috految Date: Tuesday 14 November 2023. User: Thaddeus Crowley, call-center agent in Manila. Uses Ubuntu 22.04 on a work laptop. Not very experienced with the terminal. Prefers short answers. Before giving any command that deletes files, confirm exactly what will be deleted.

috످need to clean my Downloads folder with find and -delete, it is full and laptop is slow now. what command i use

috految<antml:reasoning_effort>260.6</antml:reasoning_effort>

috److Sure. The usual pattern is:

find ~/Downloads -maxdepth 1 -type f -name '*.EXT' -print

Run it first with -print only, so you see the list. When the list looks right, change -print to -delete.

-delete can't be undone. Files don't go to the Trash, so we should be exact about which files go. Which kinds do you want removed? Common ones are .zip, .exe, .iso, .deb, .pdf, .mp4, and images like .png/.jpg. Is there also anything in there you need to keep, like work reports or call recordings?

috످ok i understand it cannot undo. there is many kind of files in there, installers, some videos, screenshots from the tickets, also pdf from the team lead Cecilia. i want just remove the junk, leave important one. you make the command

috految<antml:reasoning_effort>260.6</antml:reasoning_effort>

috److془The system says: Before giving any command that deletes files, confirm exactly what will be deleted. So give list command only. Short, simple English.

Note the earlier said "change -print to -delete". Use -printf or -exec du -h. Pipe to sort.

Command: find ~/Downloads -maxdepth 1 -type f -iregex '.*\.\(deb\|exe\|msi\|iso\|mp4\|mkv\|mov\|avi\|webm\)' -exec du -h {} + | sort -hr

Or simpler: du -ah ~/Downloads | sort -hr | head -30. Or ls -lhS ~/Downloads. Privacy: customer names. Use the find one with installers and videos or so. Simple: installers and videos.

Actually, `ls -1shS ~/Downloads` is simple. But find gives exact list. Go with find. Hmm, an inexperienced user might put -delete in; with -exec du it would not have -print. Fine. But the `ls` one is safer. Or `find ... ` Let me go with find, or ls? "you make the command". Use find with installers and videos. Hmm with "-delete" appended after sort, error. Good.

Keep short. Ask: Are installers OK to delete? Any videos to keep?془Let's check the files first, so you don't lose anything important. I suggest:

- **Delete:** installers (your apps will still work)
- **Keep:** Cecilia's PDFs, ticket screenshots, and other files
- **You choose:** videos (some may be for work)

This command shows your installers and videos, biggest first. **It does not delete anything.**

```bash
find ~/Downloads -maxdepth 1 -type f -iregex '.*\.\(deb\|exe\|msi\|iso\|mp4\|mkv\|mov\|avi\|webm\)' -exec du -h {} + | sort -hr
```

1. Copy the command.
2. Press **Ctrl+Alt+T** to open Terminal.
3. Paste with **Ctrl+Shift+V** and press **Enter**.
4. Select the list, copy with **Ctrl+Shift+C**, and paste it here (remove any customer info).

**Which files on the list are OK to delete?** After you tell me, I'll make the delete command for only those files.

috످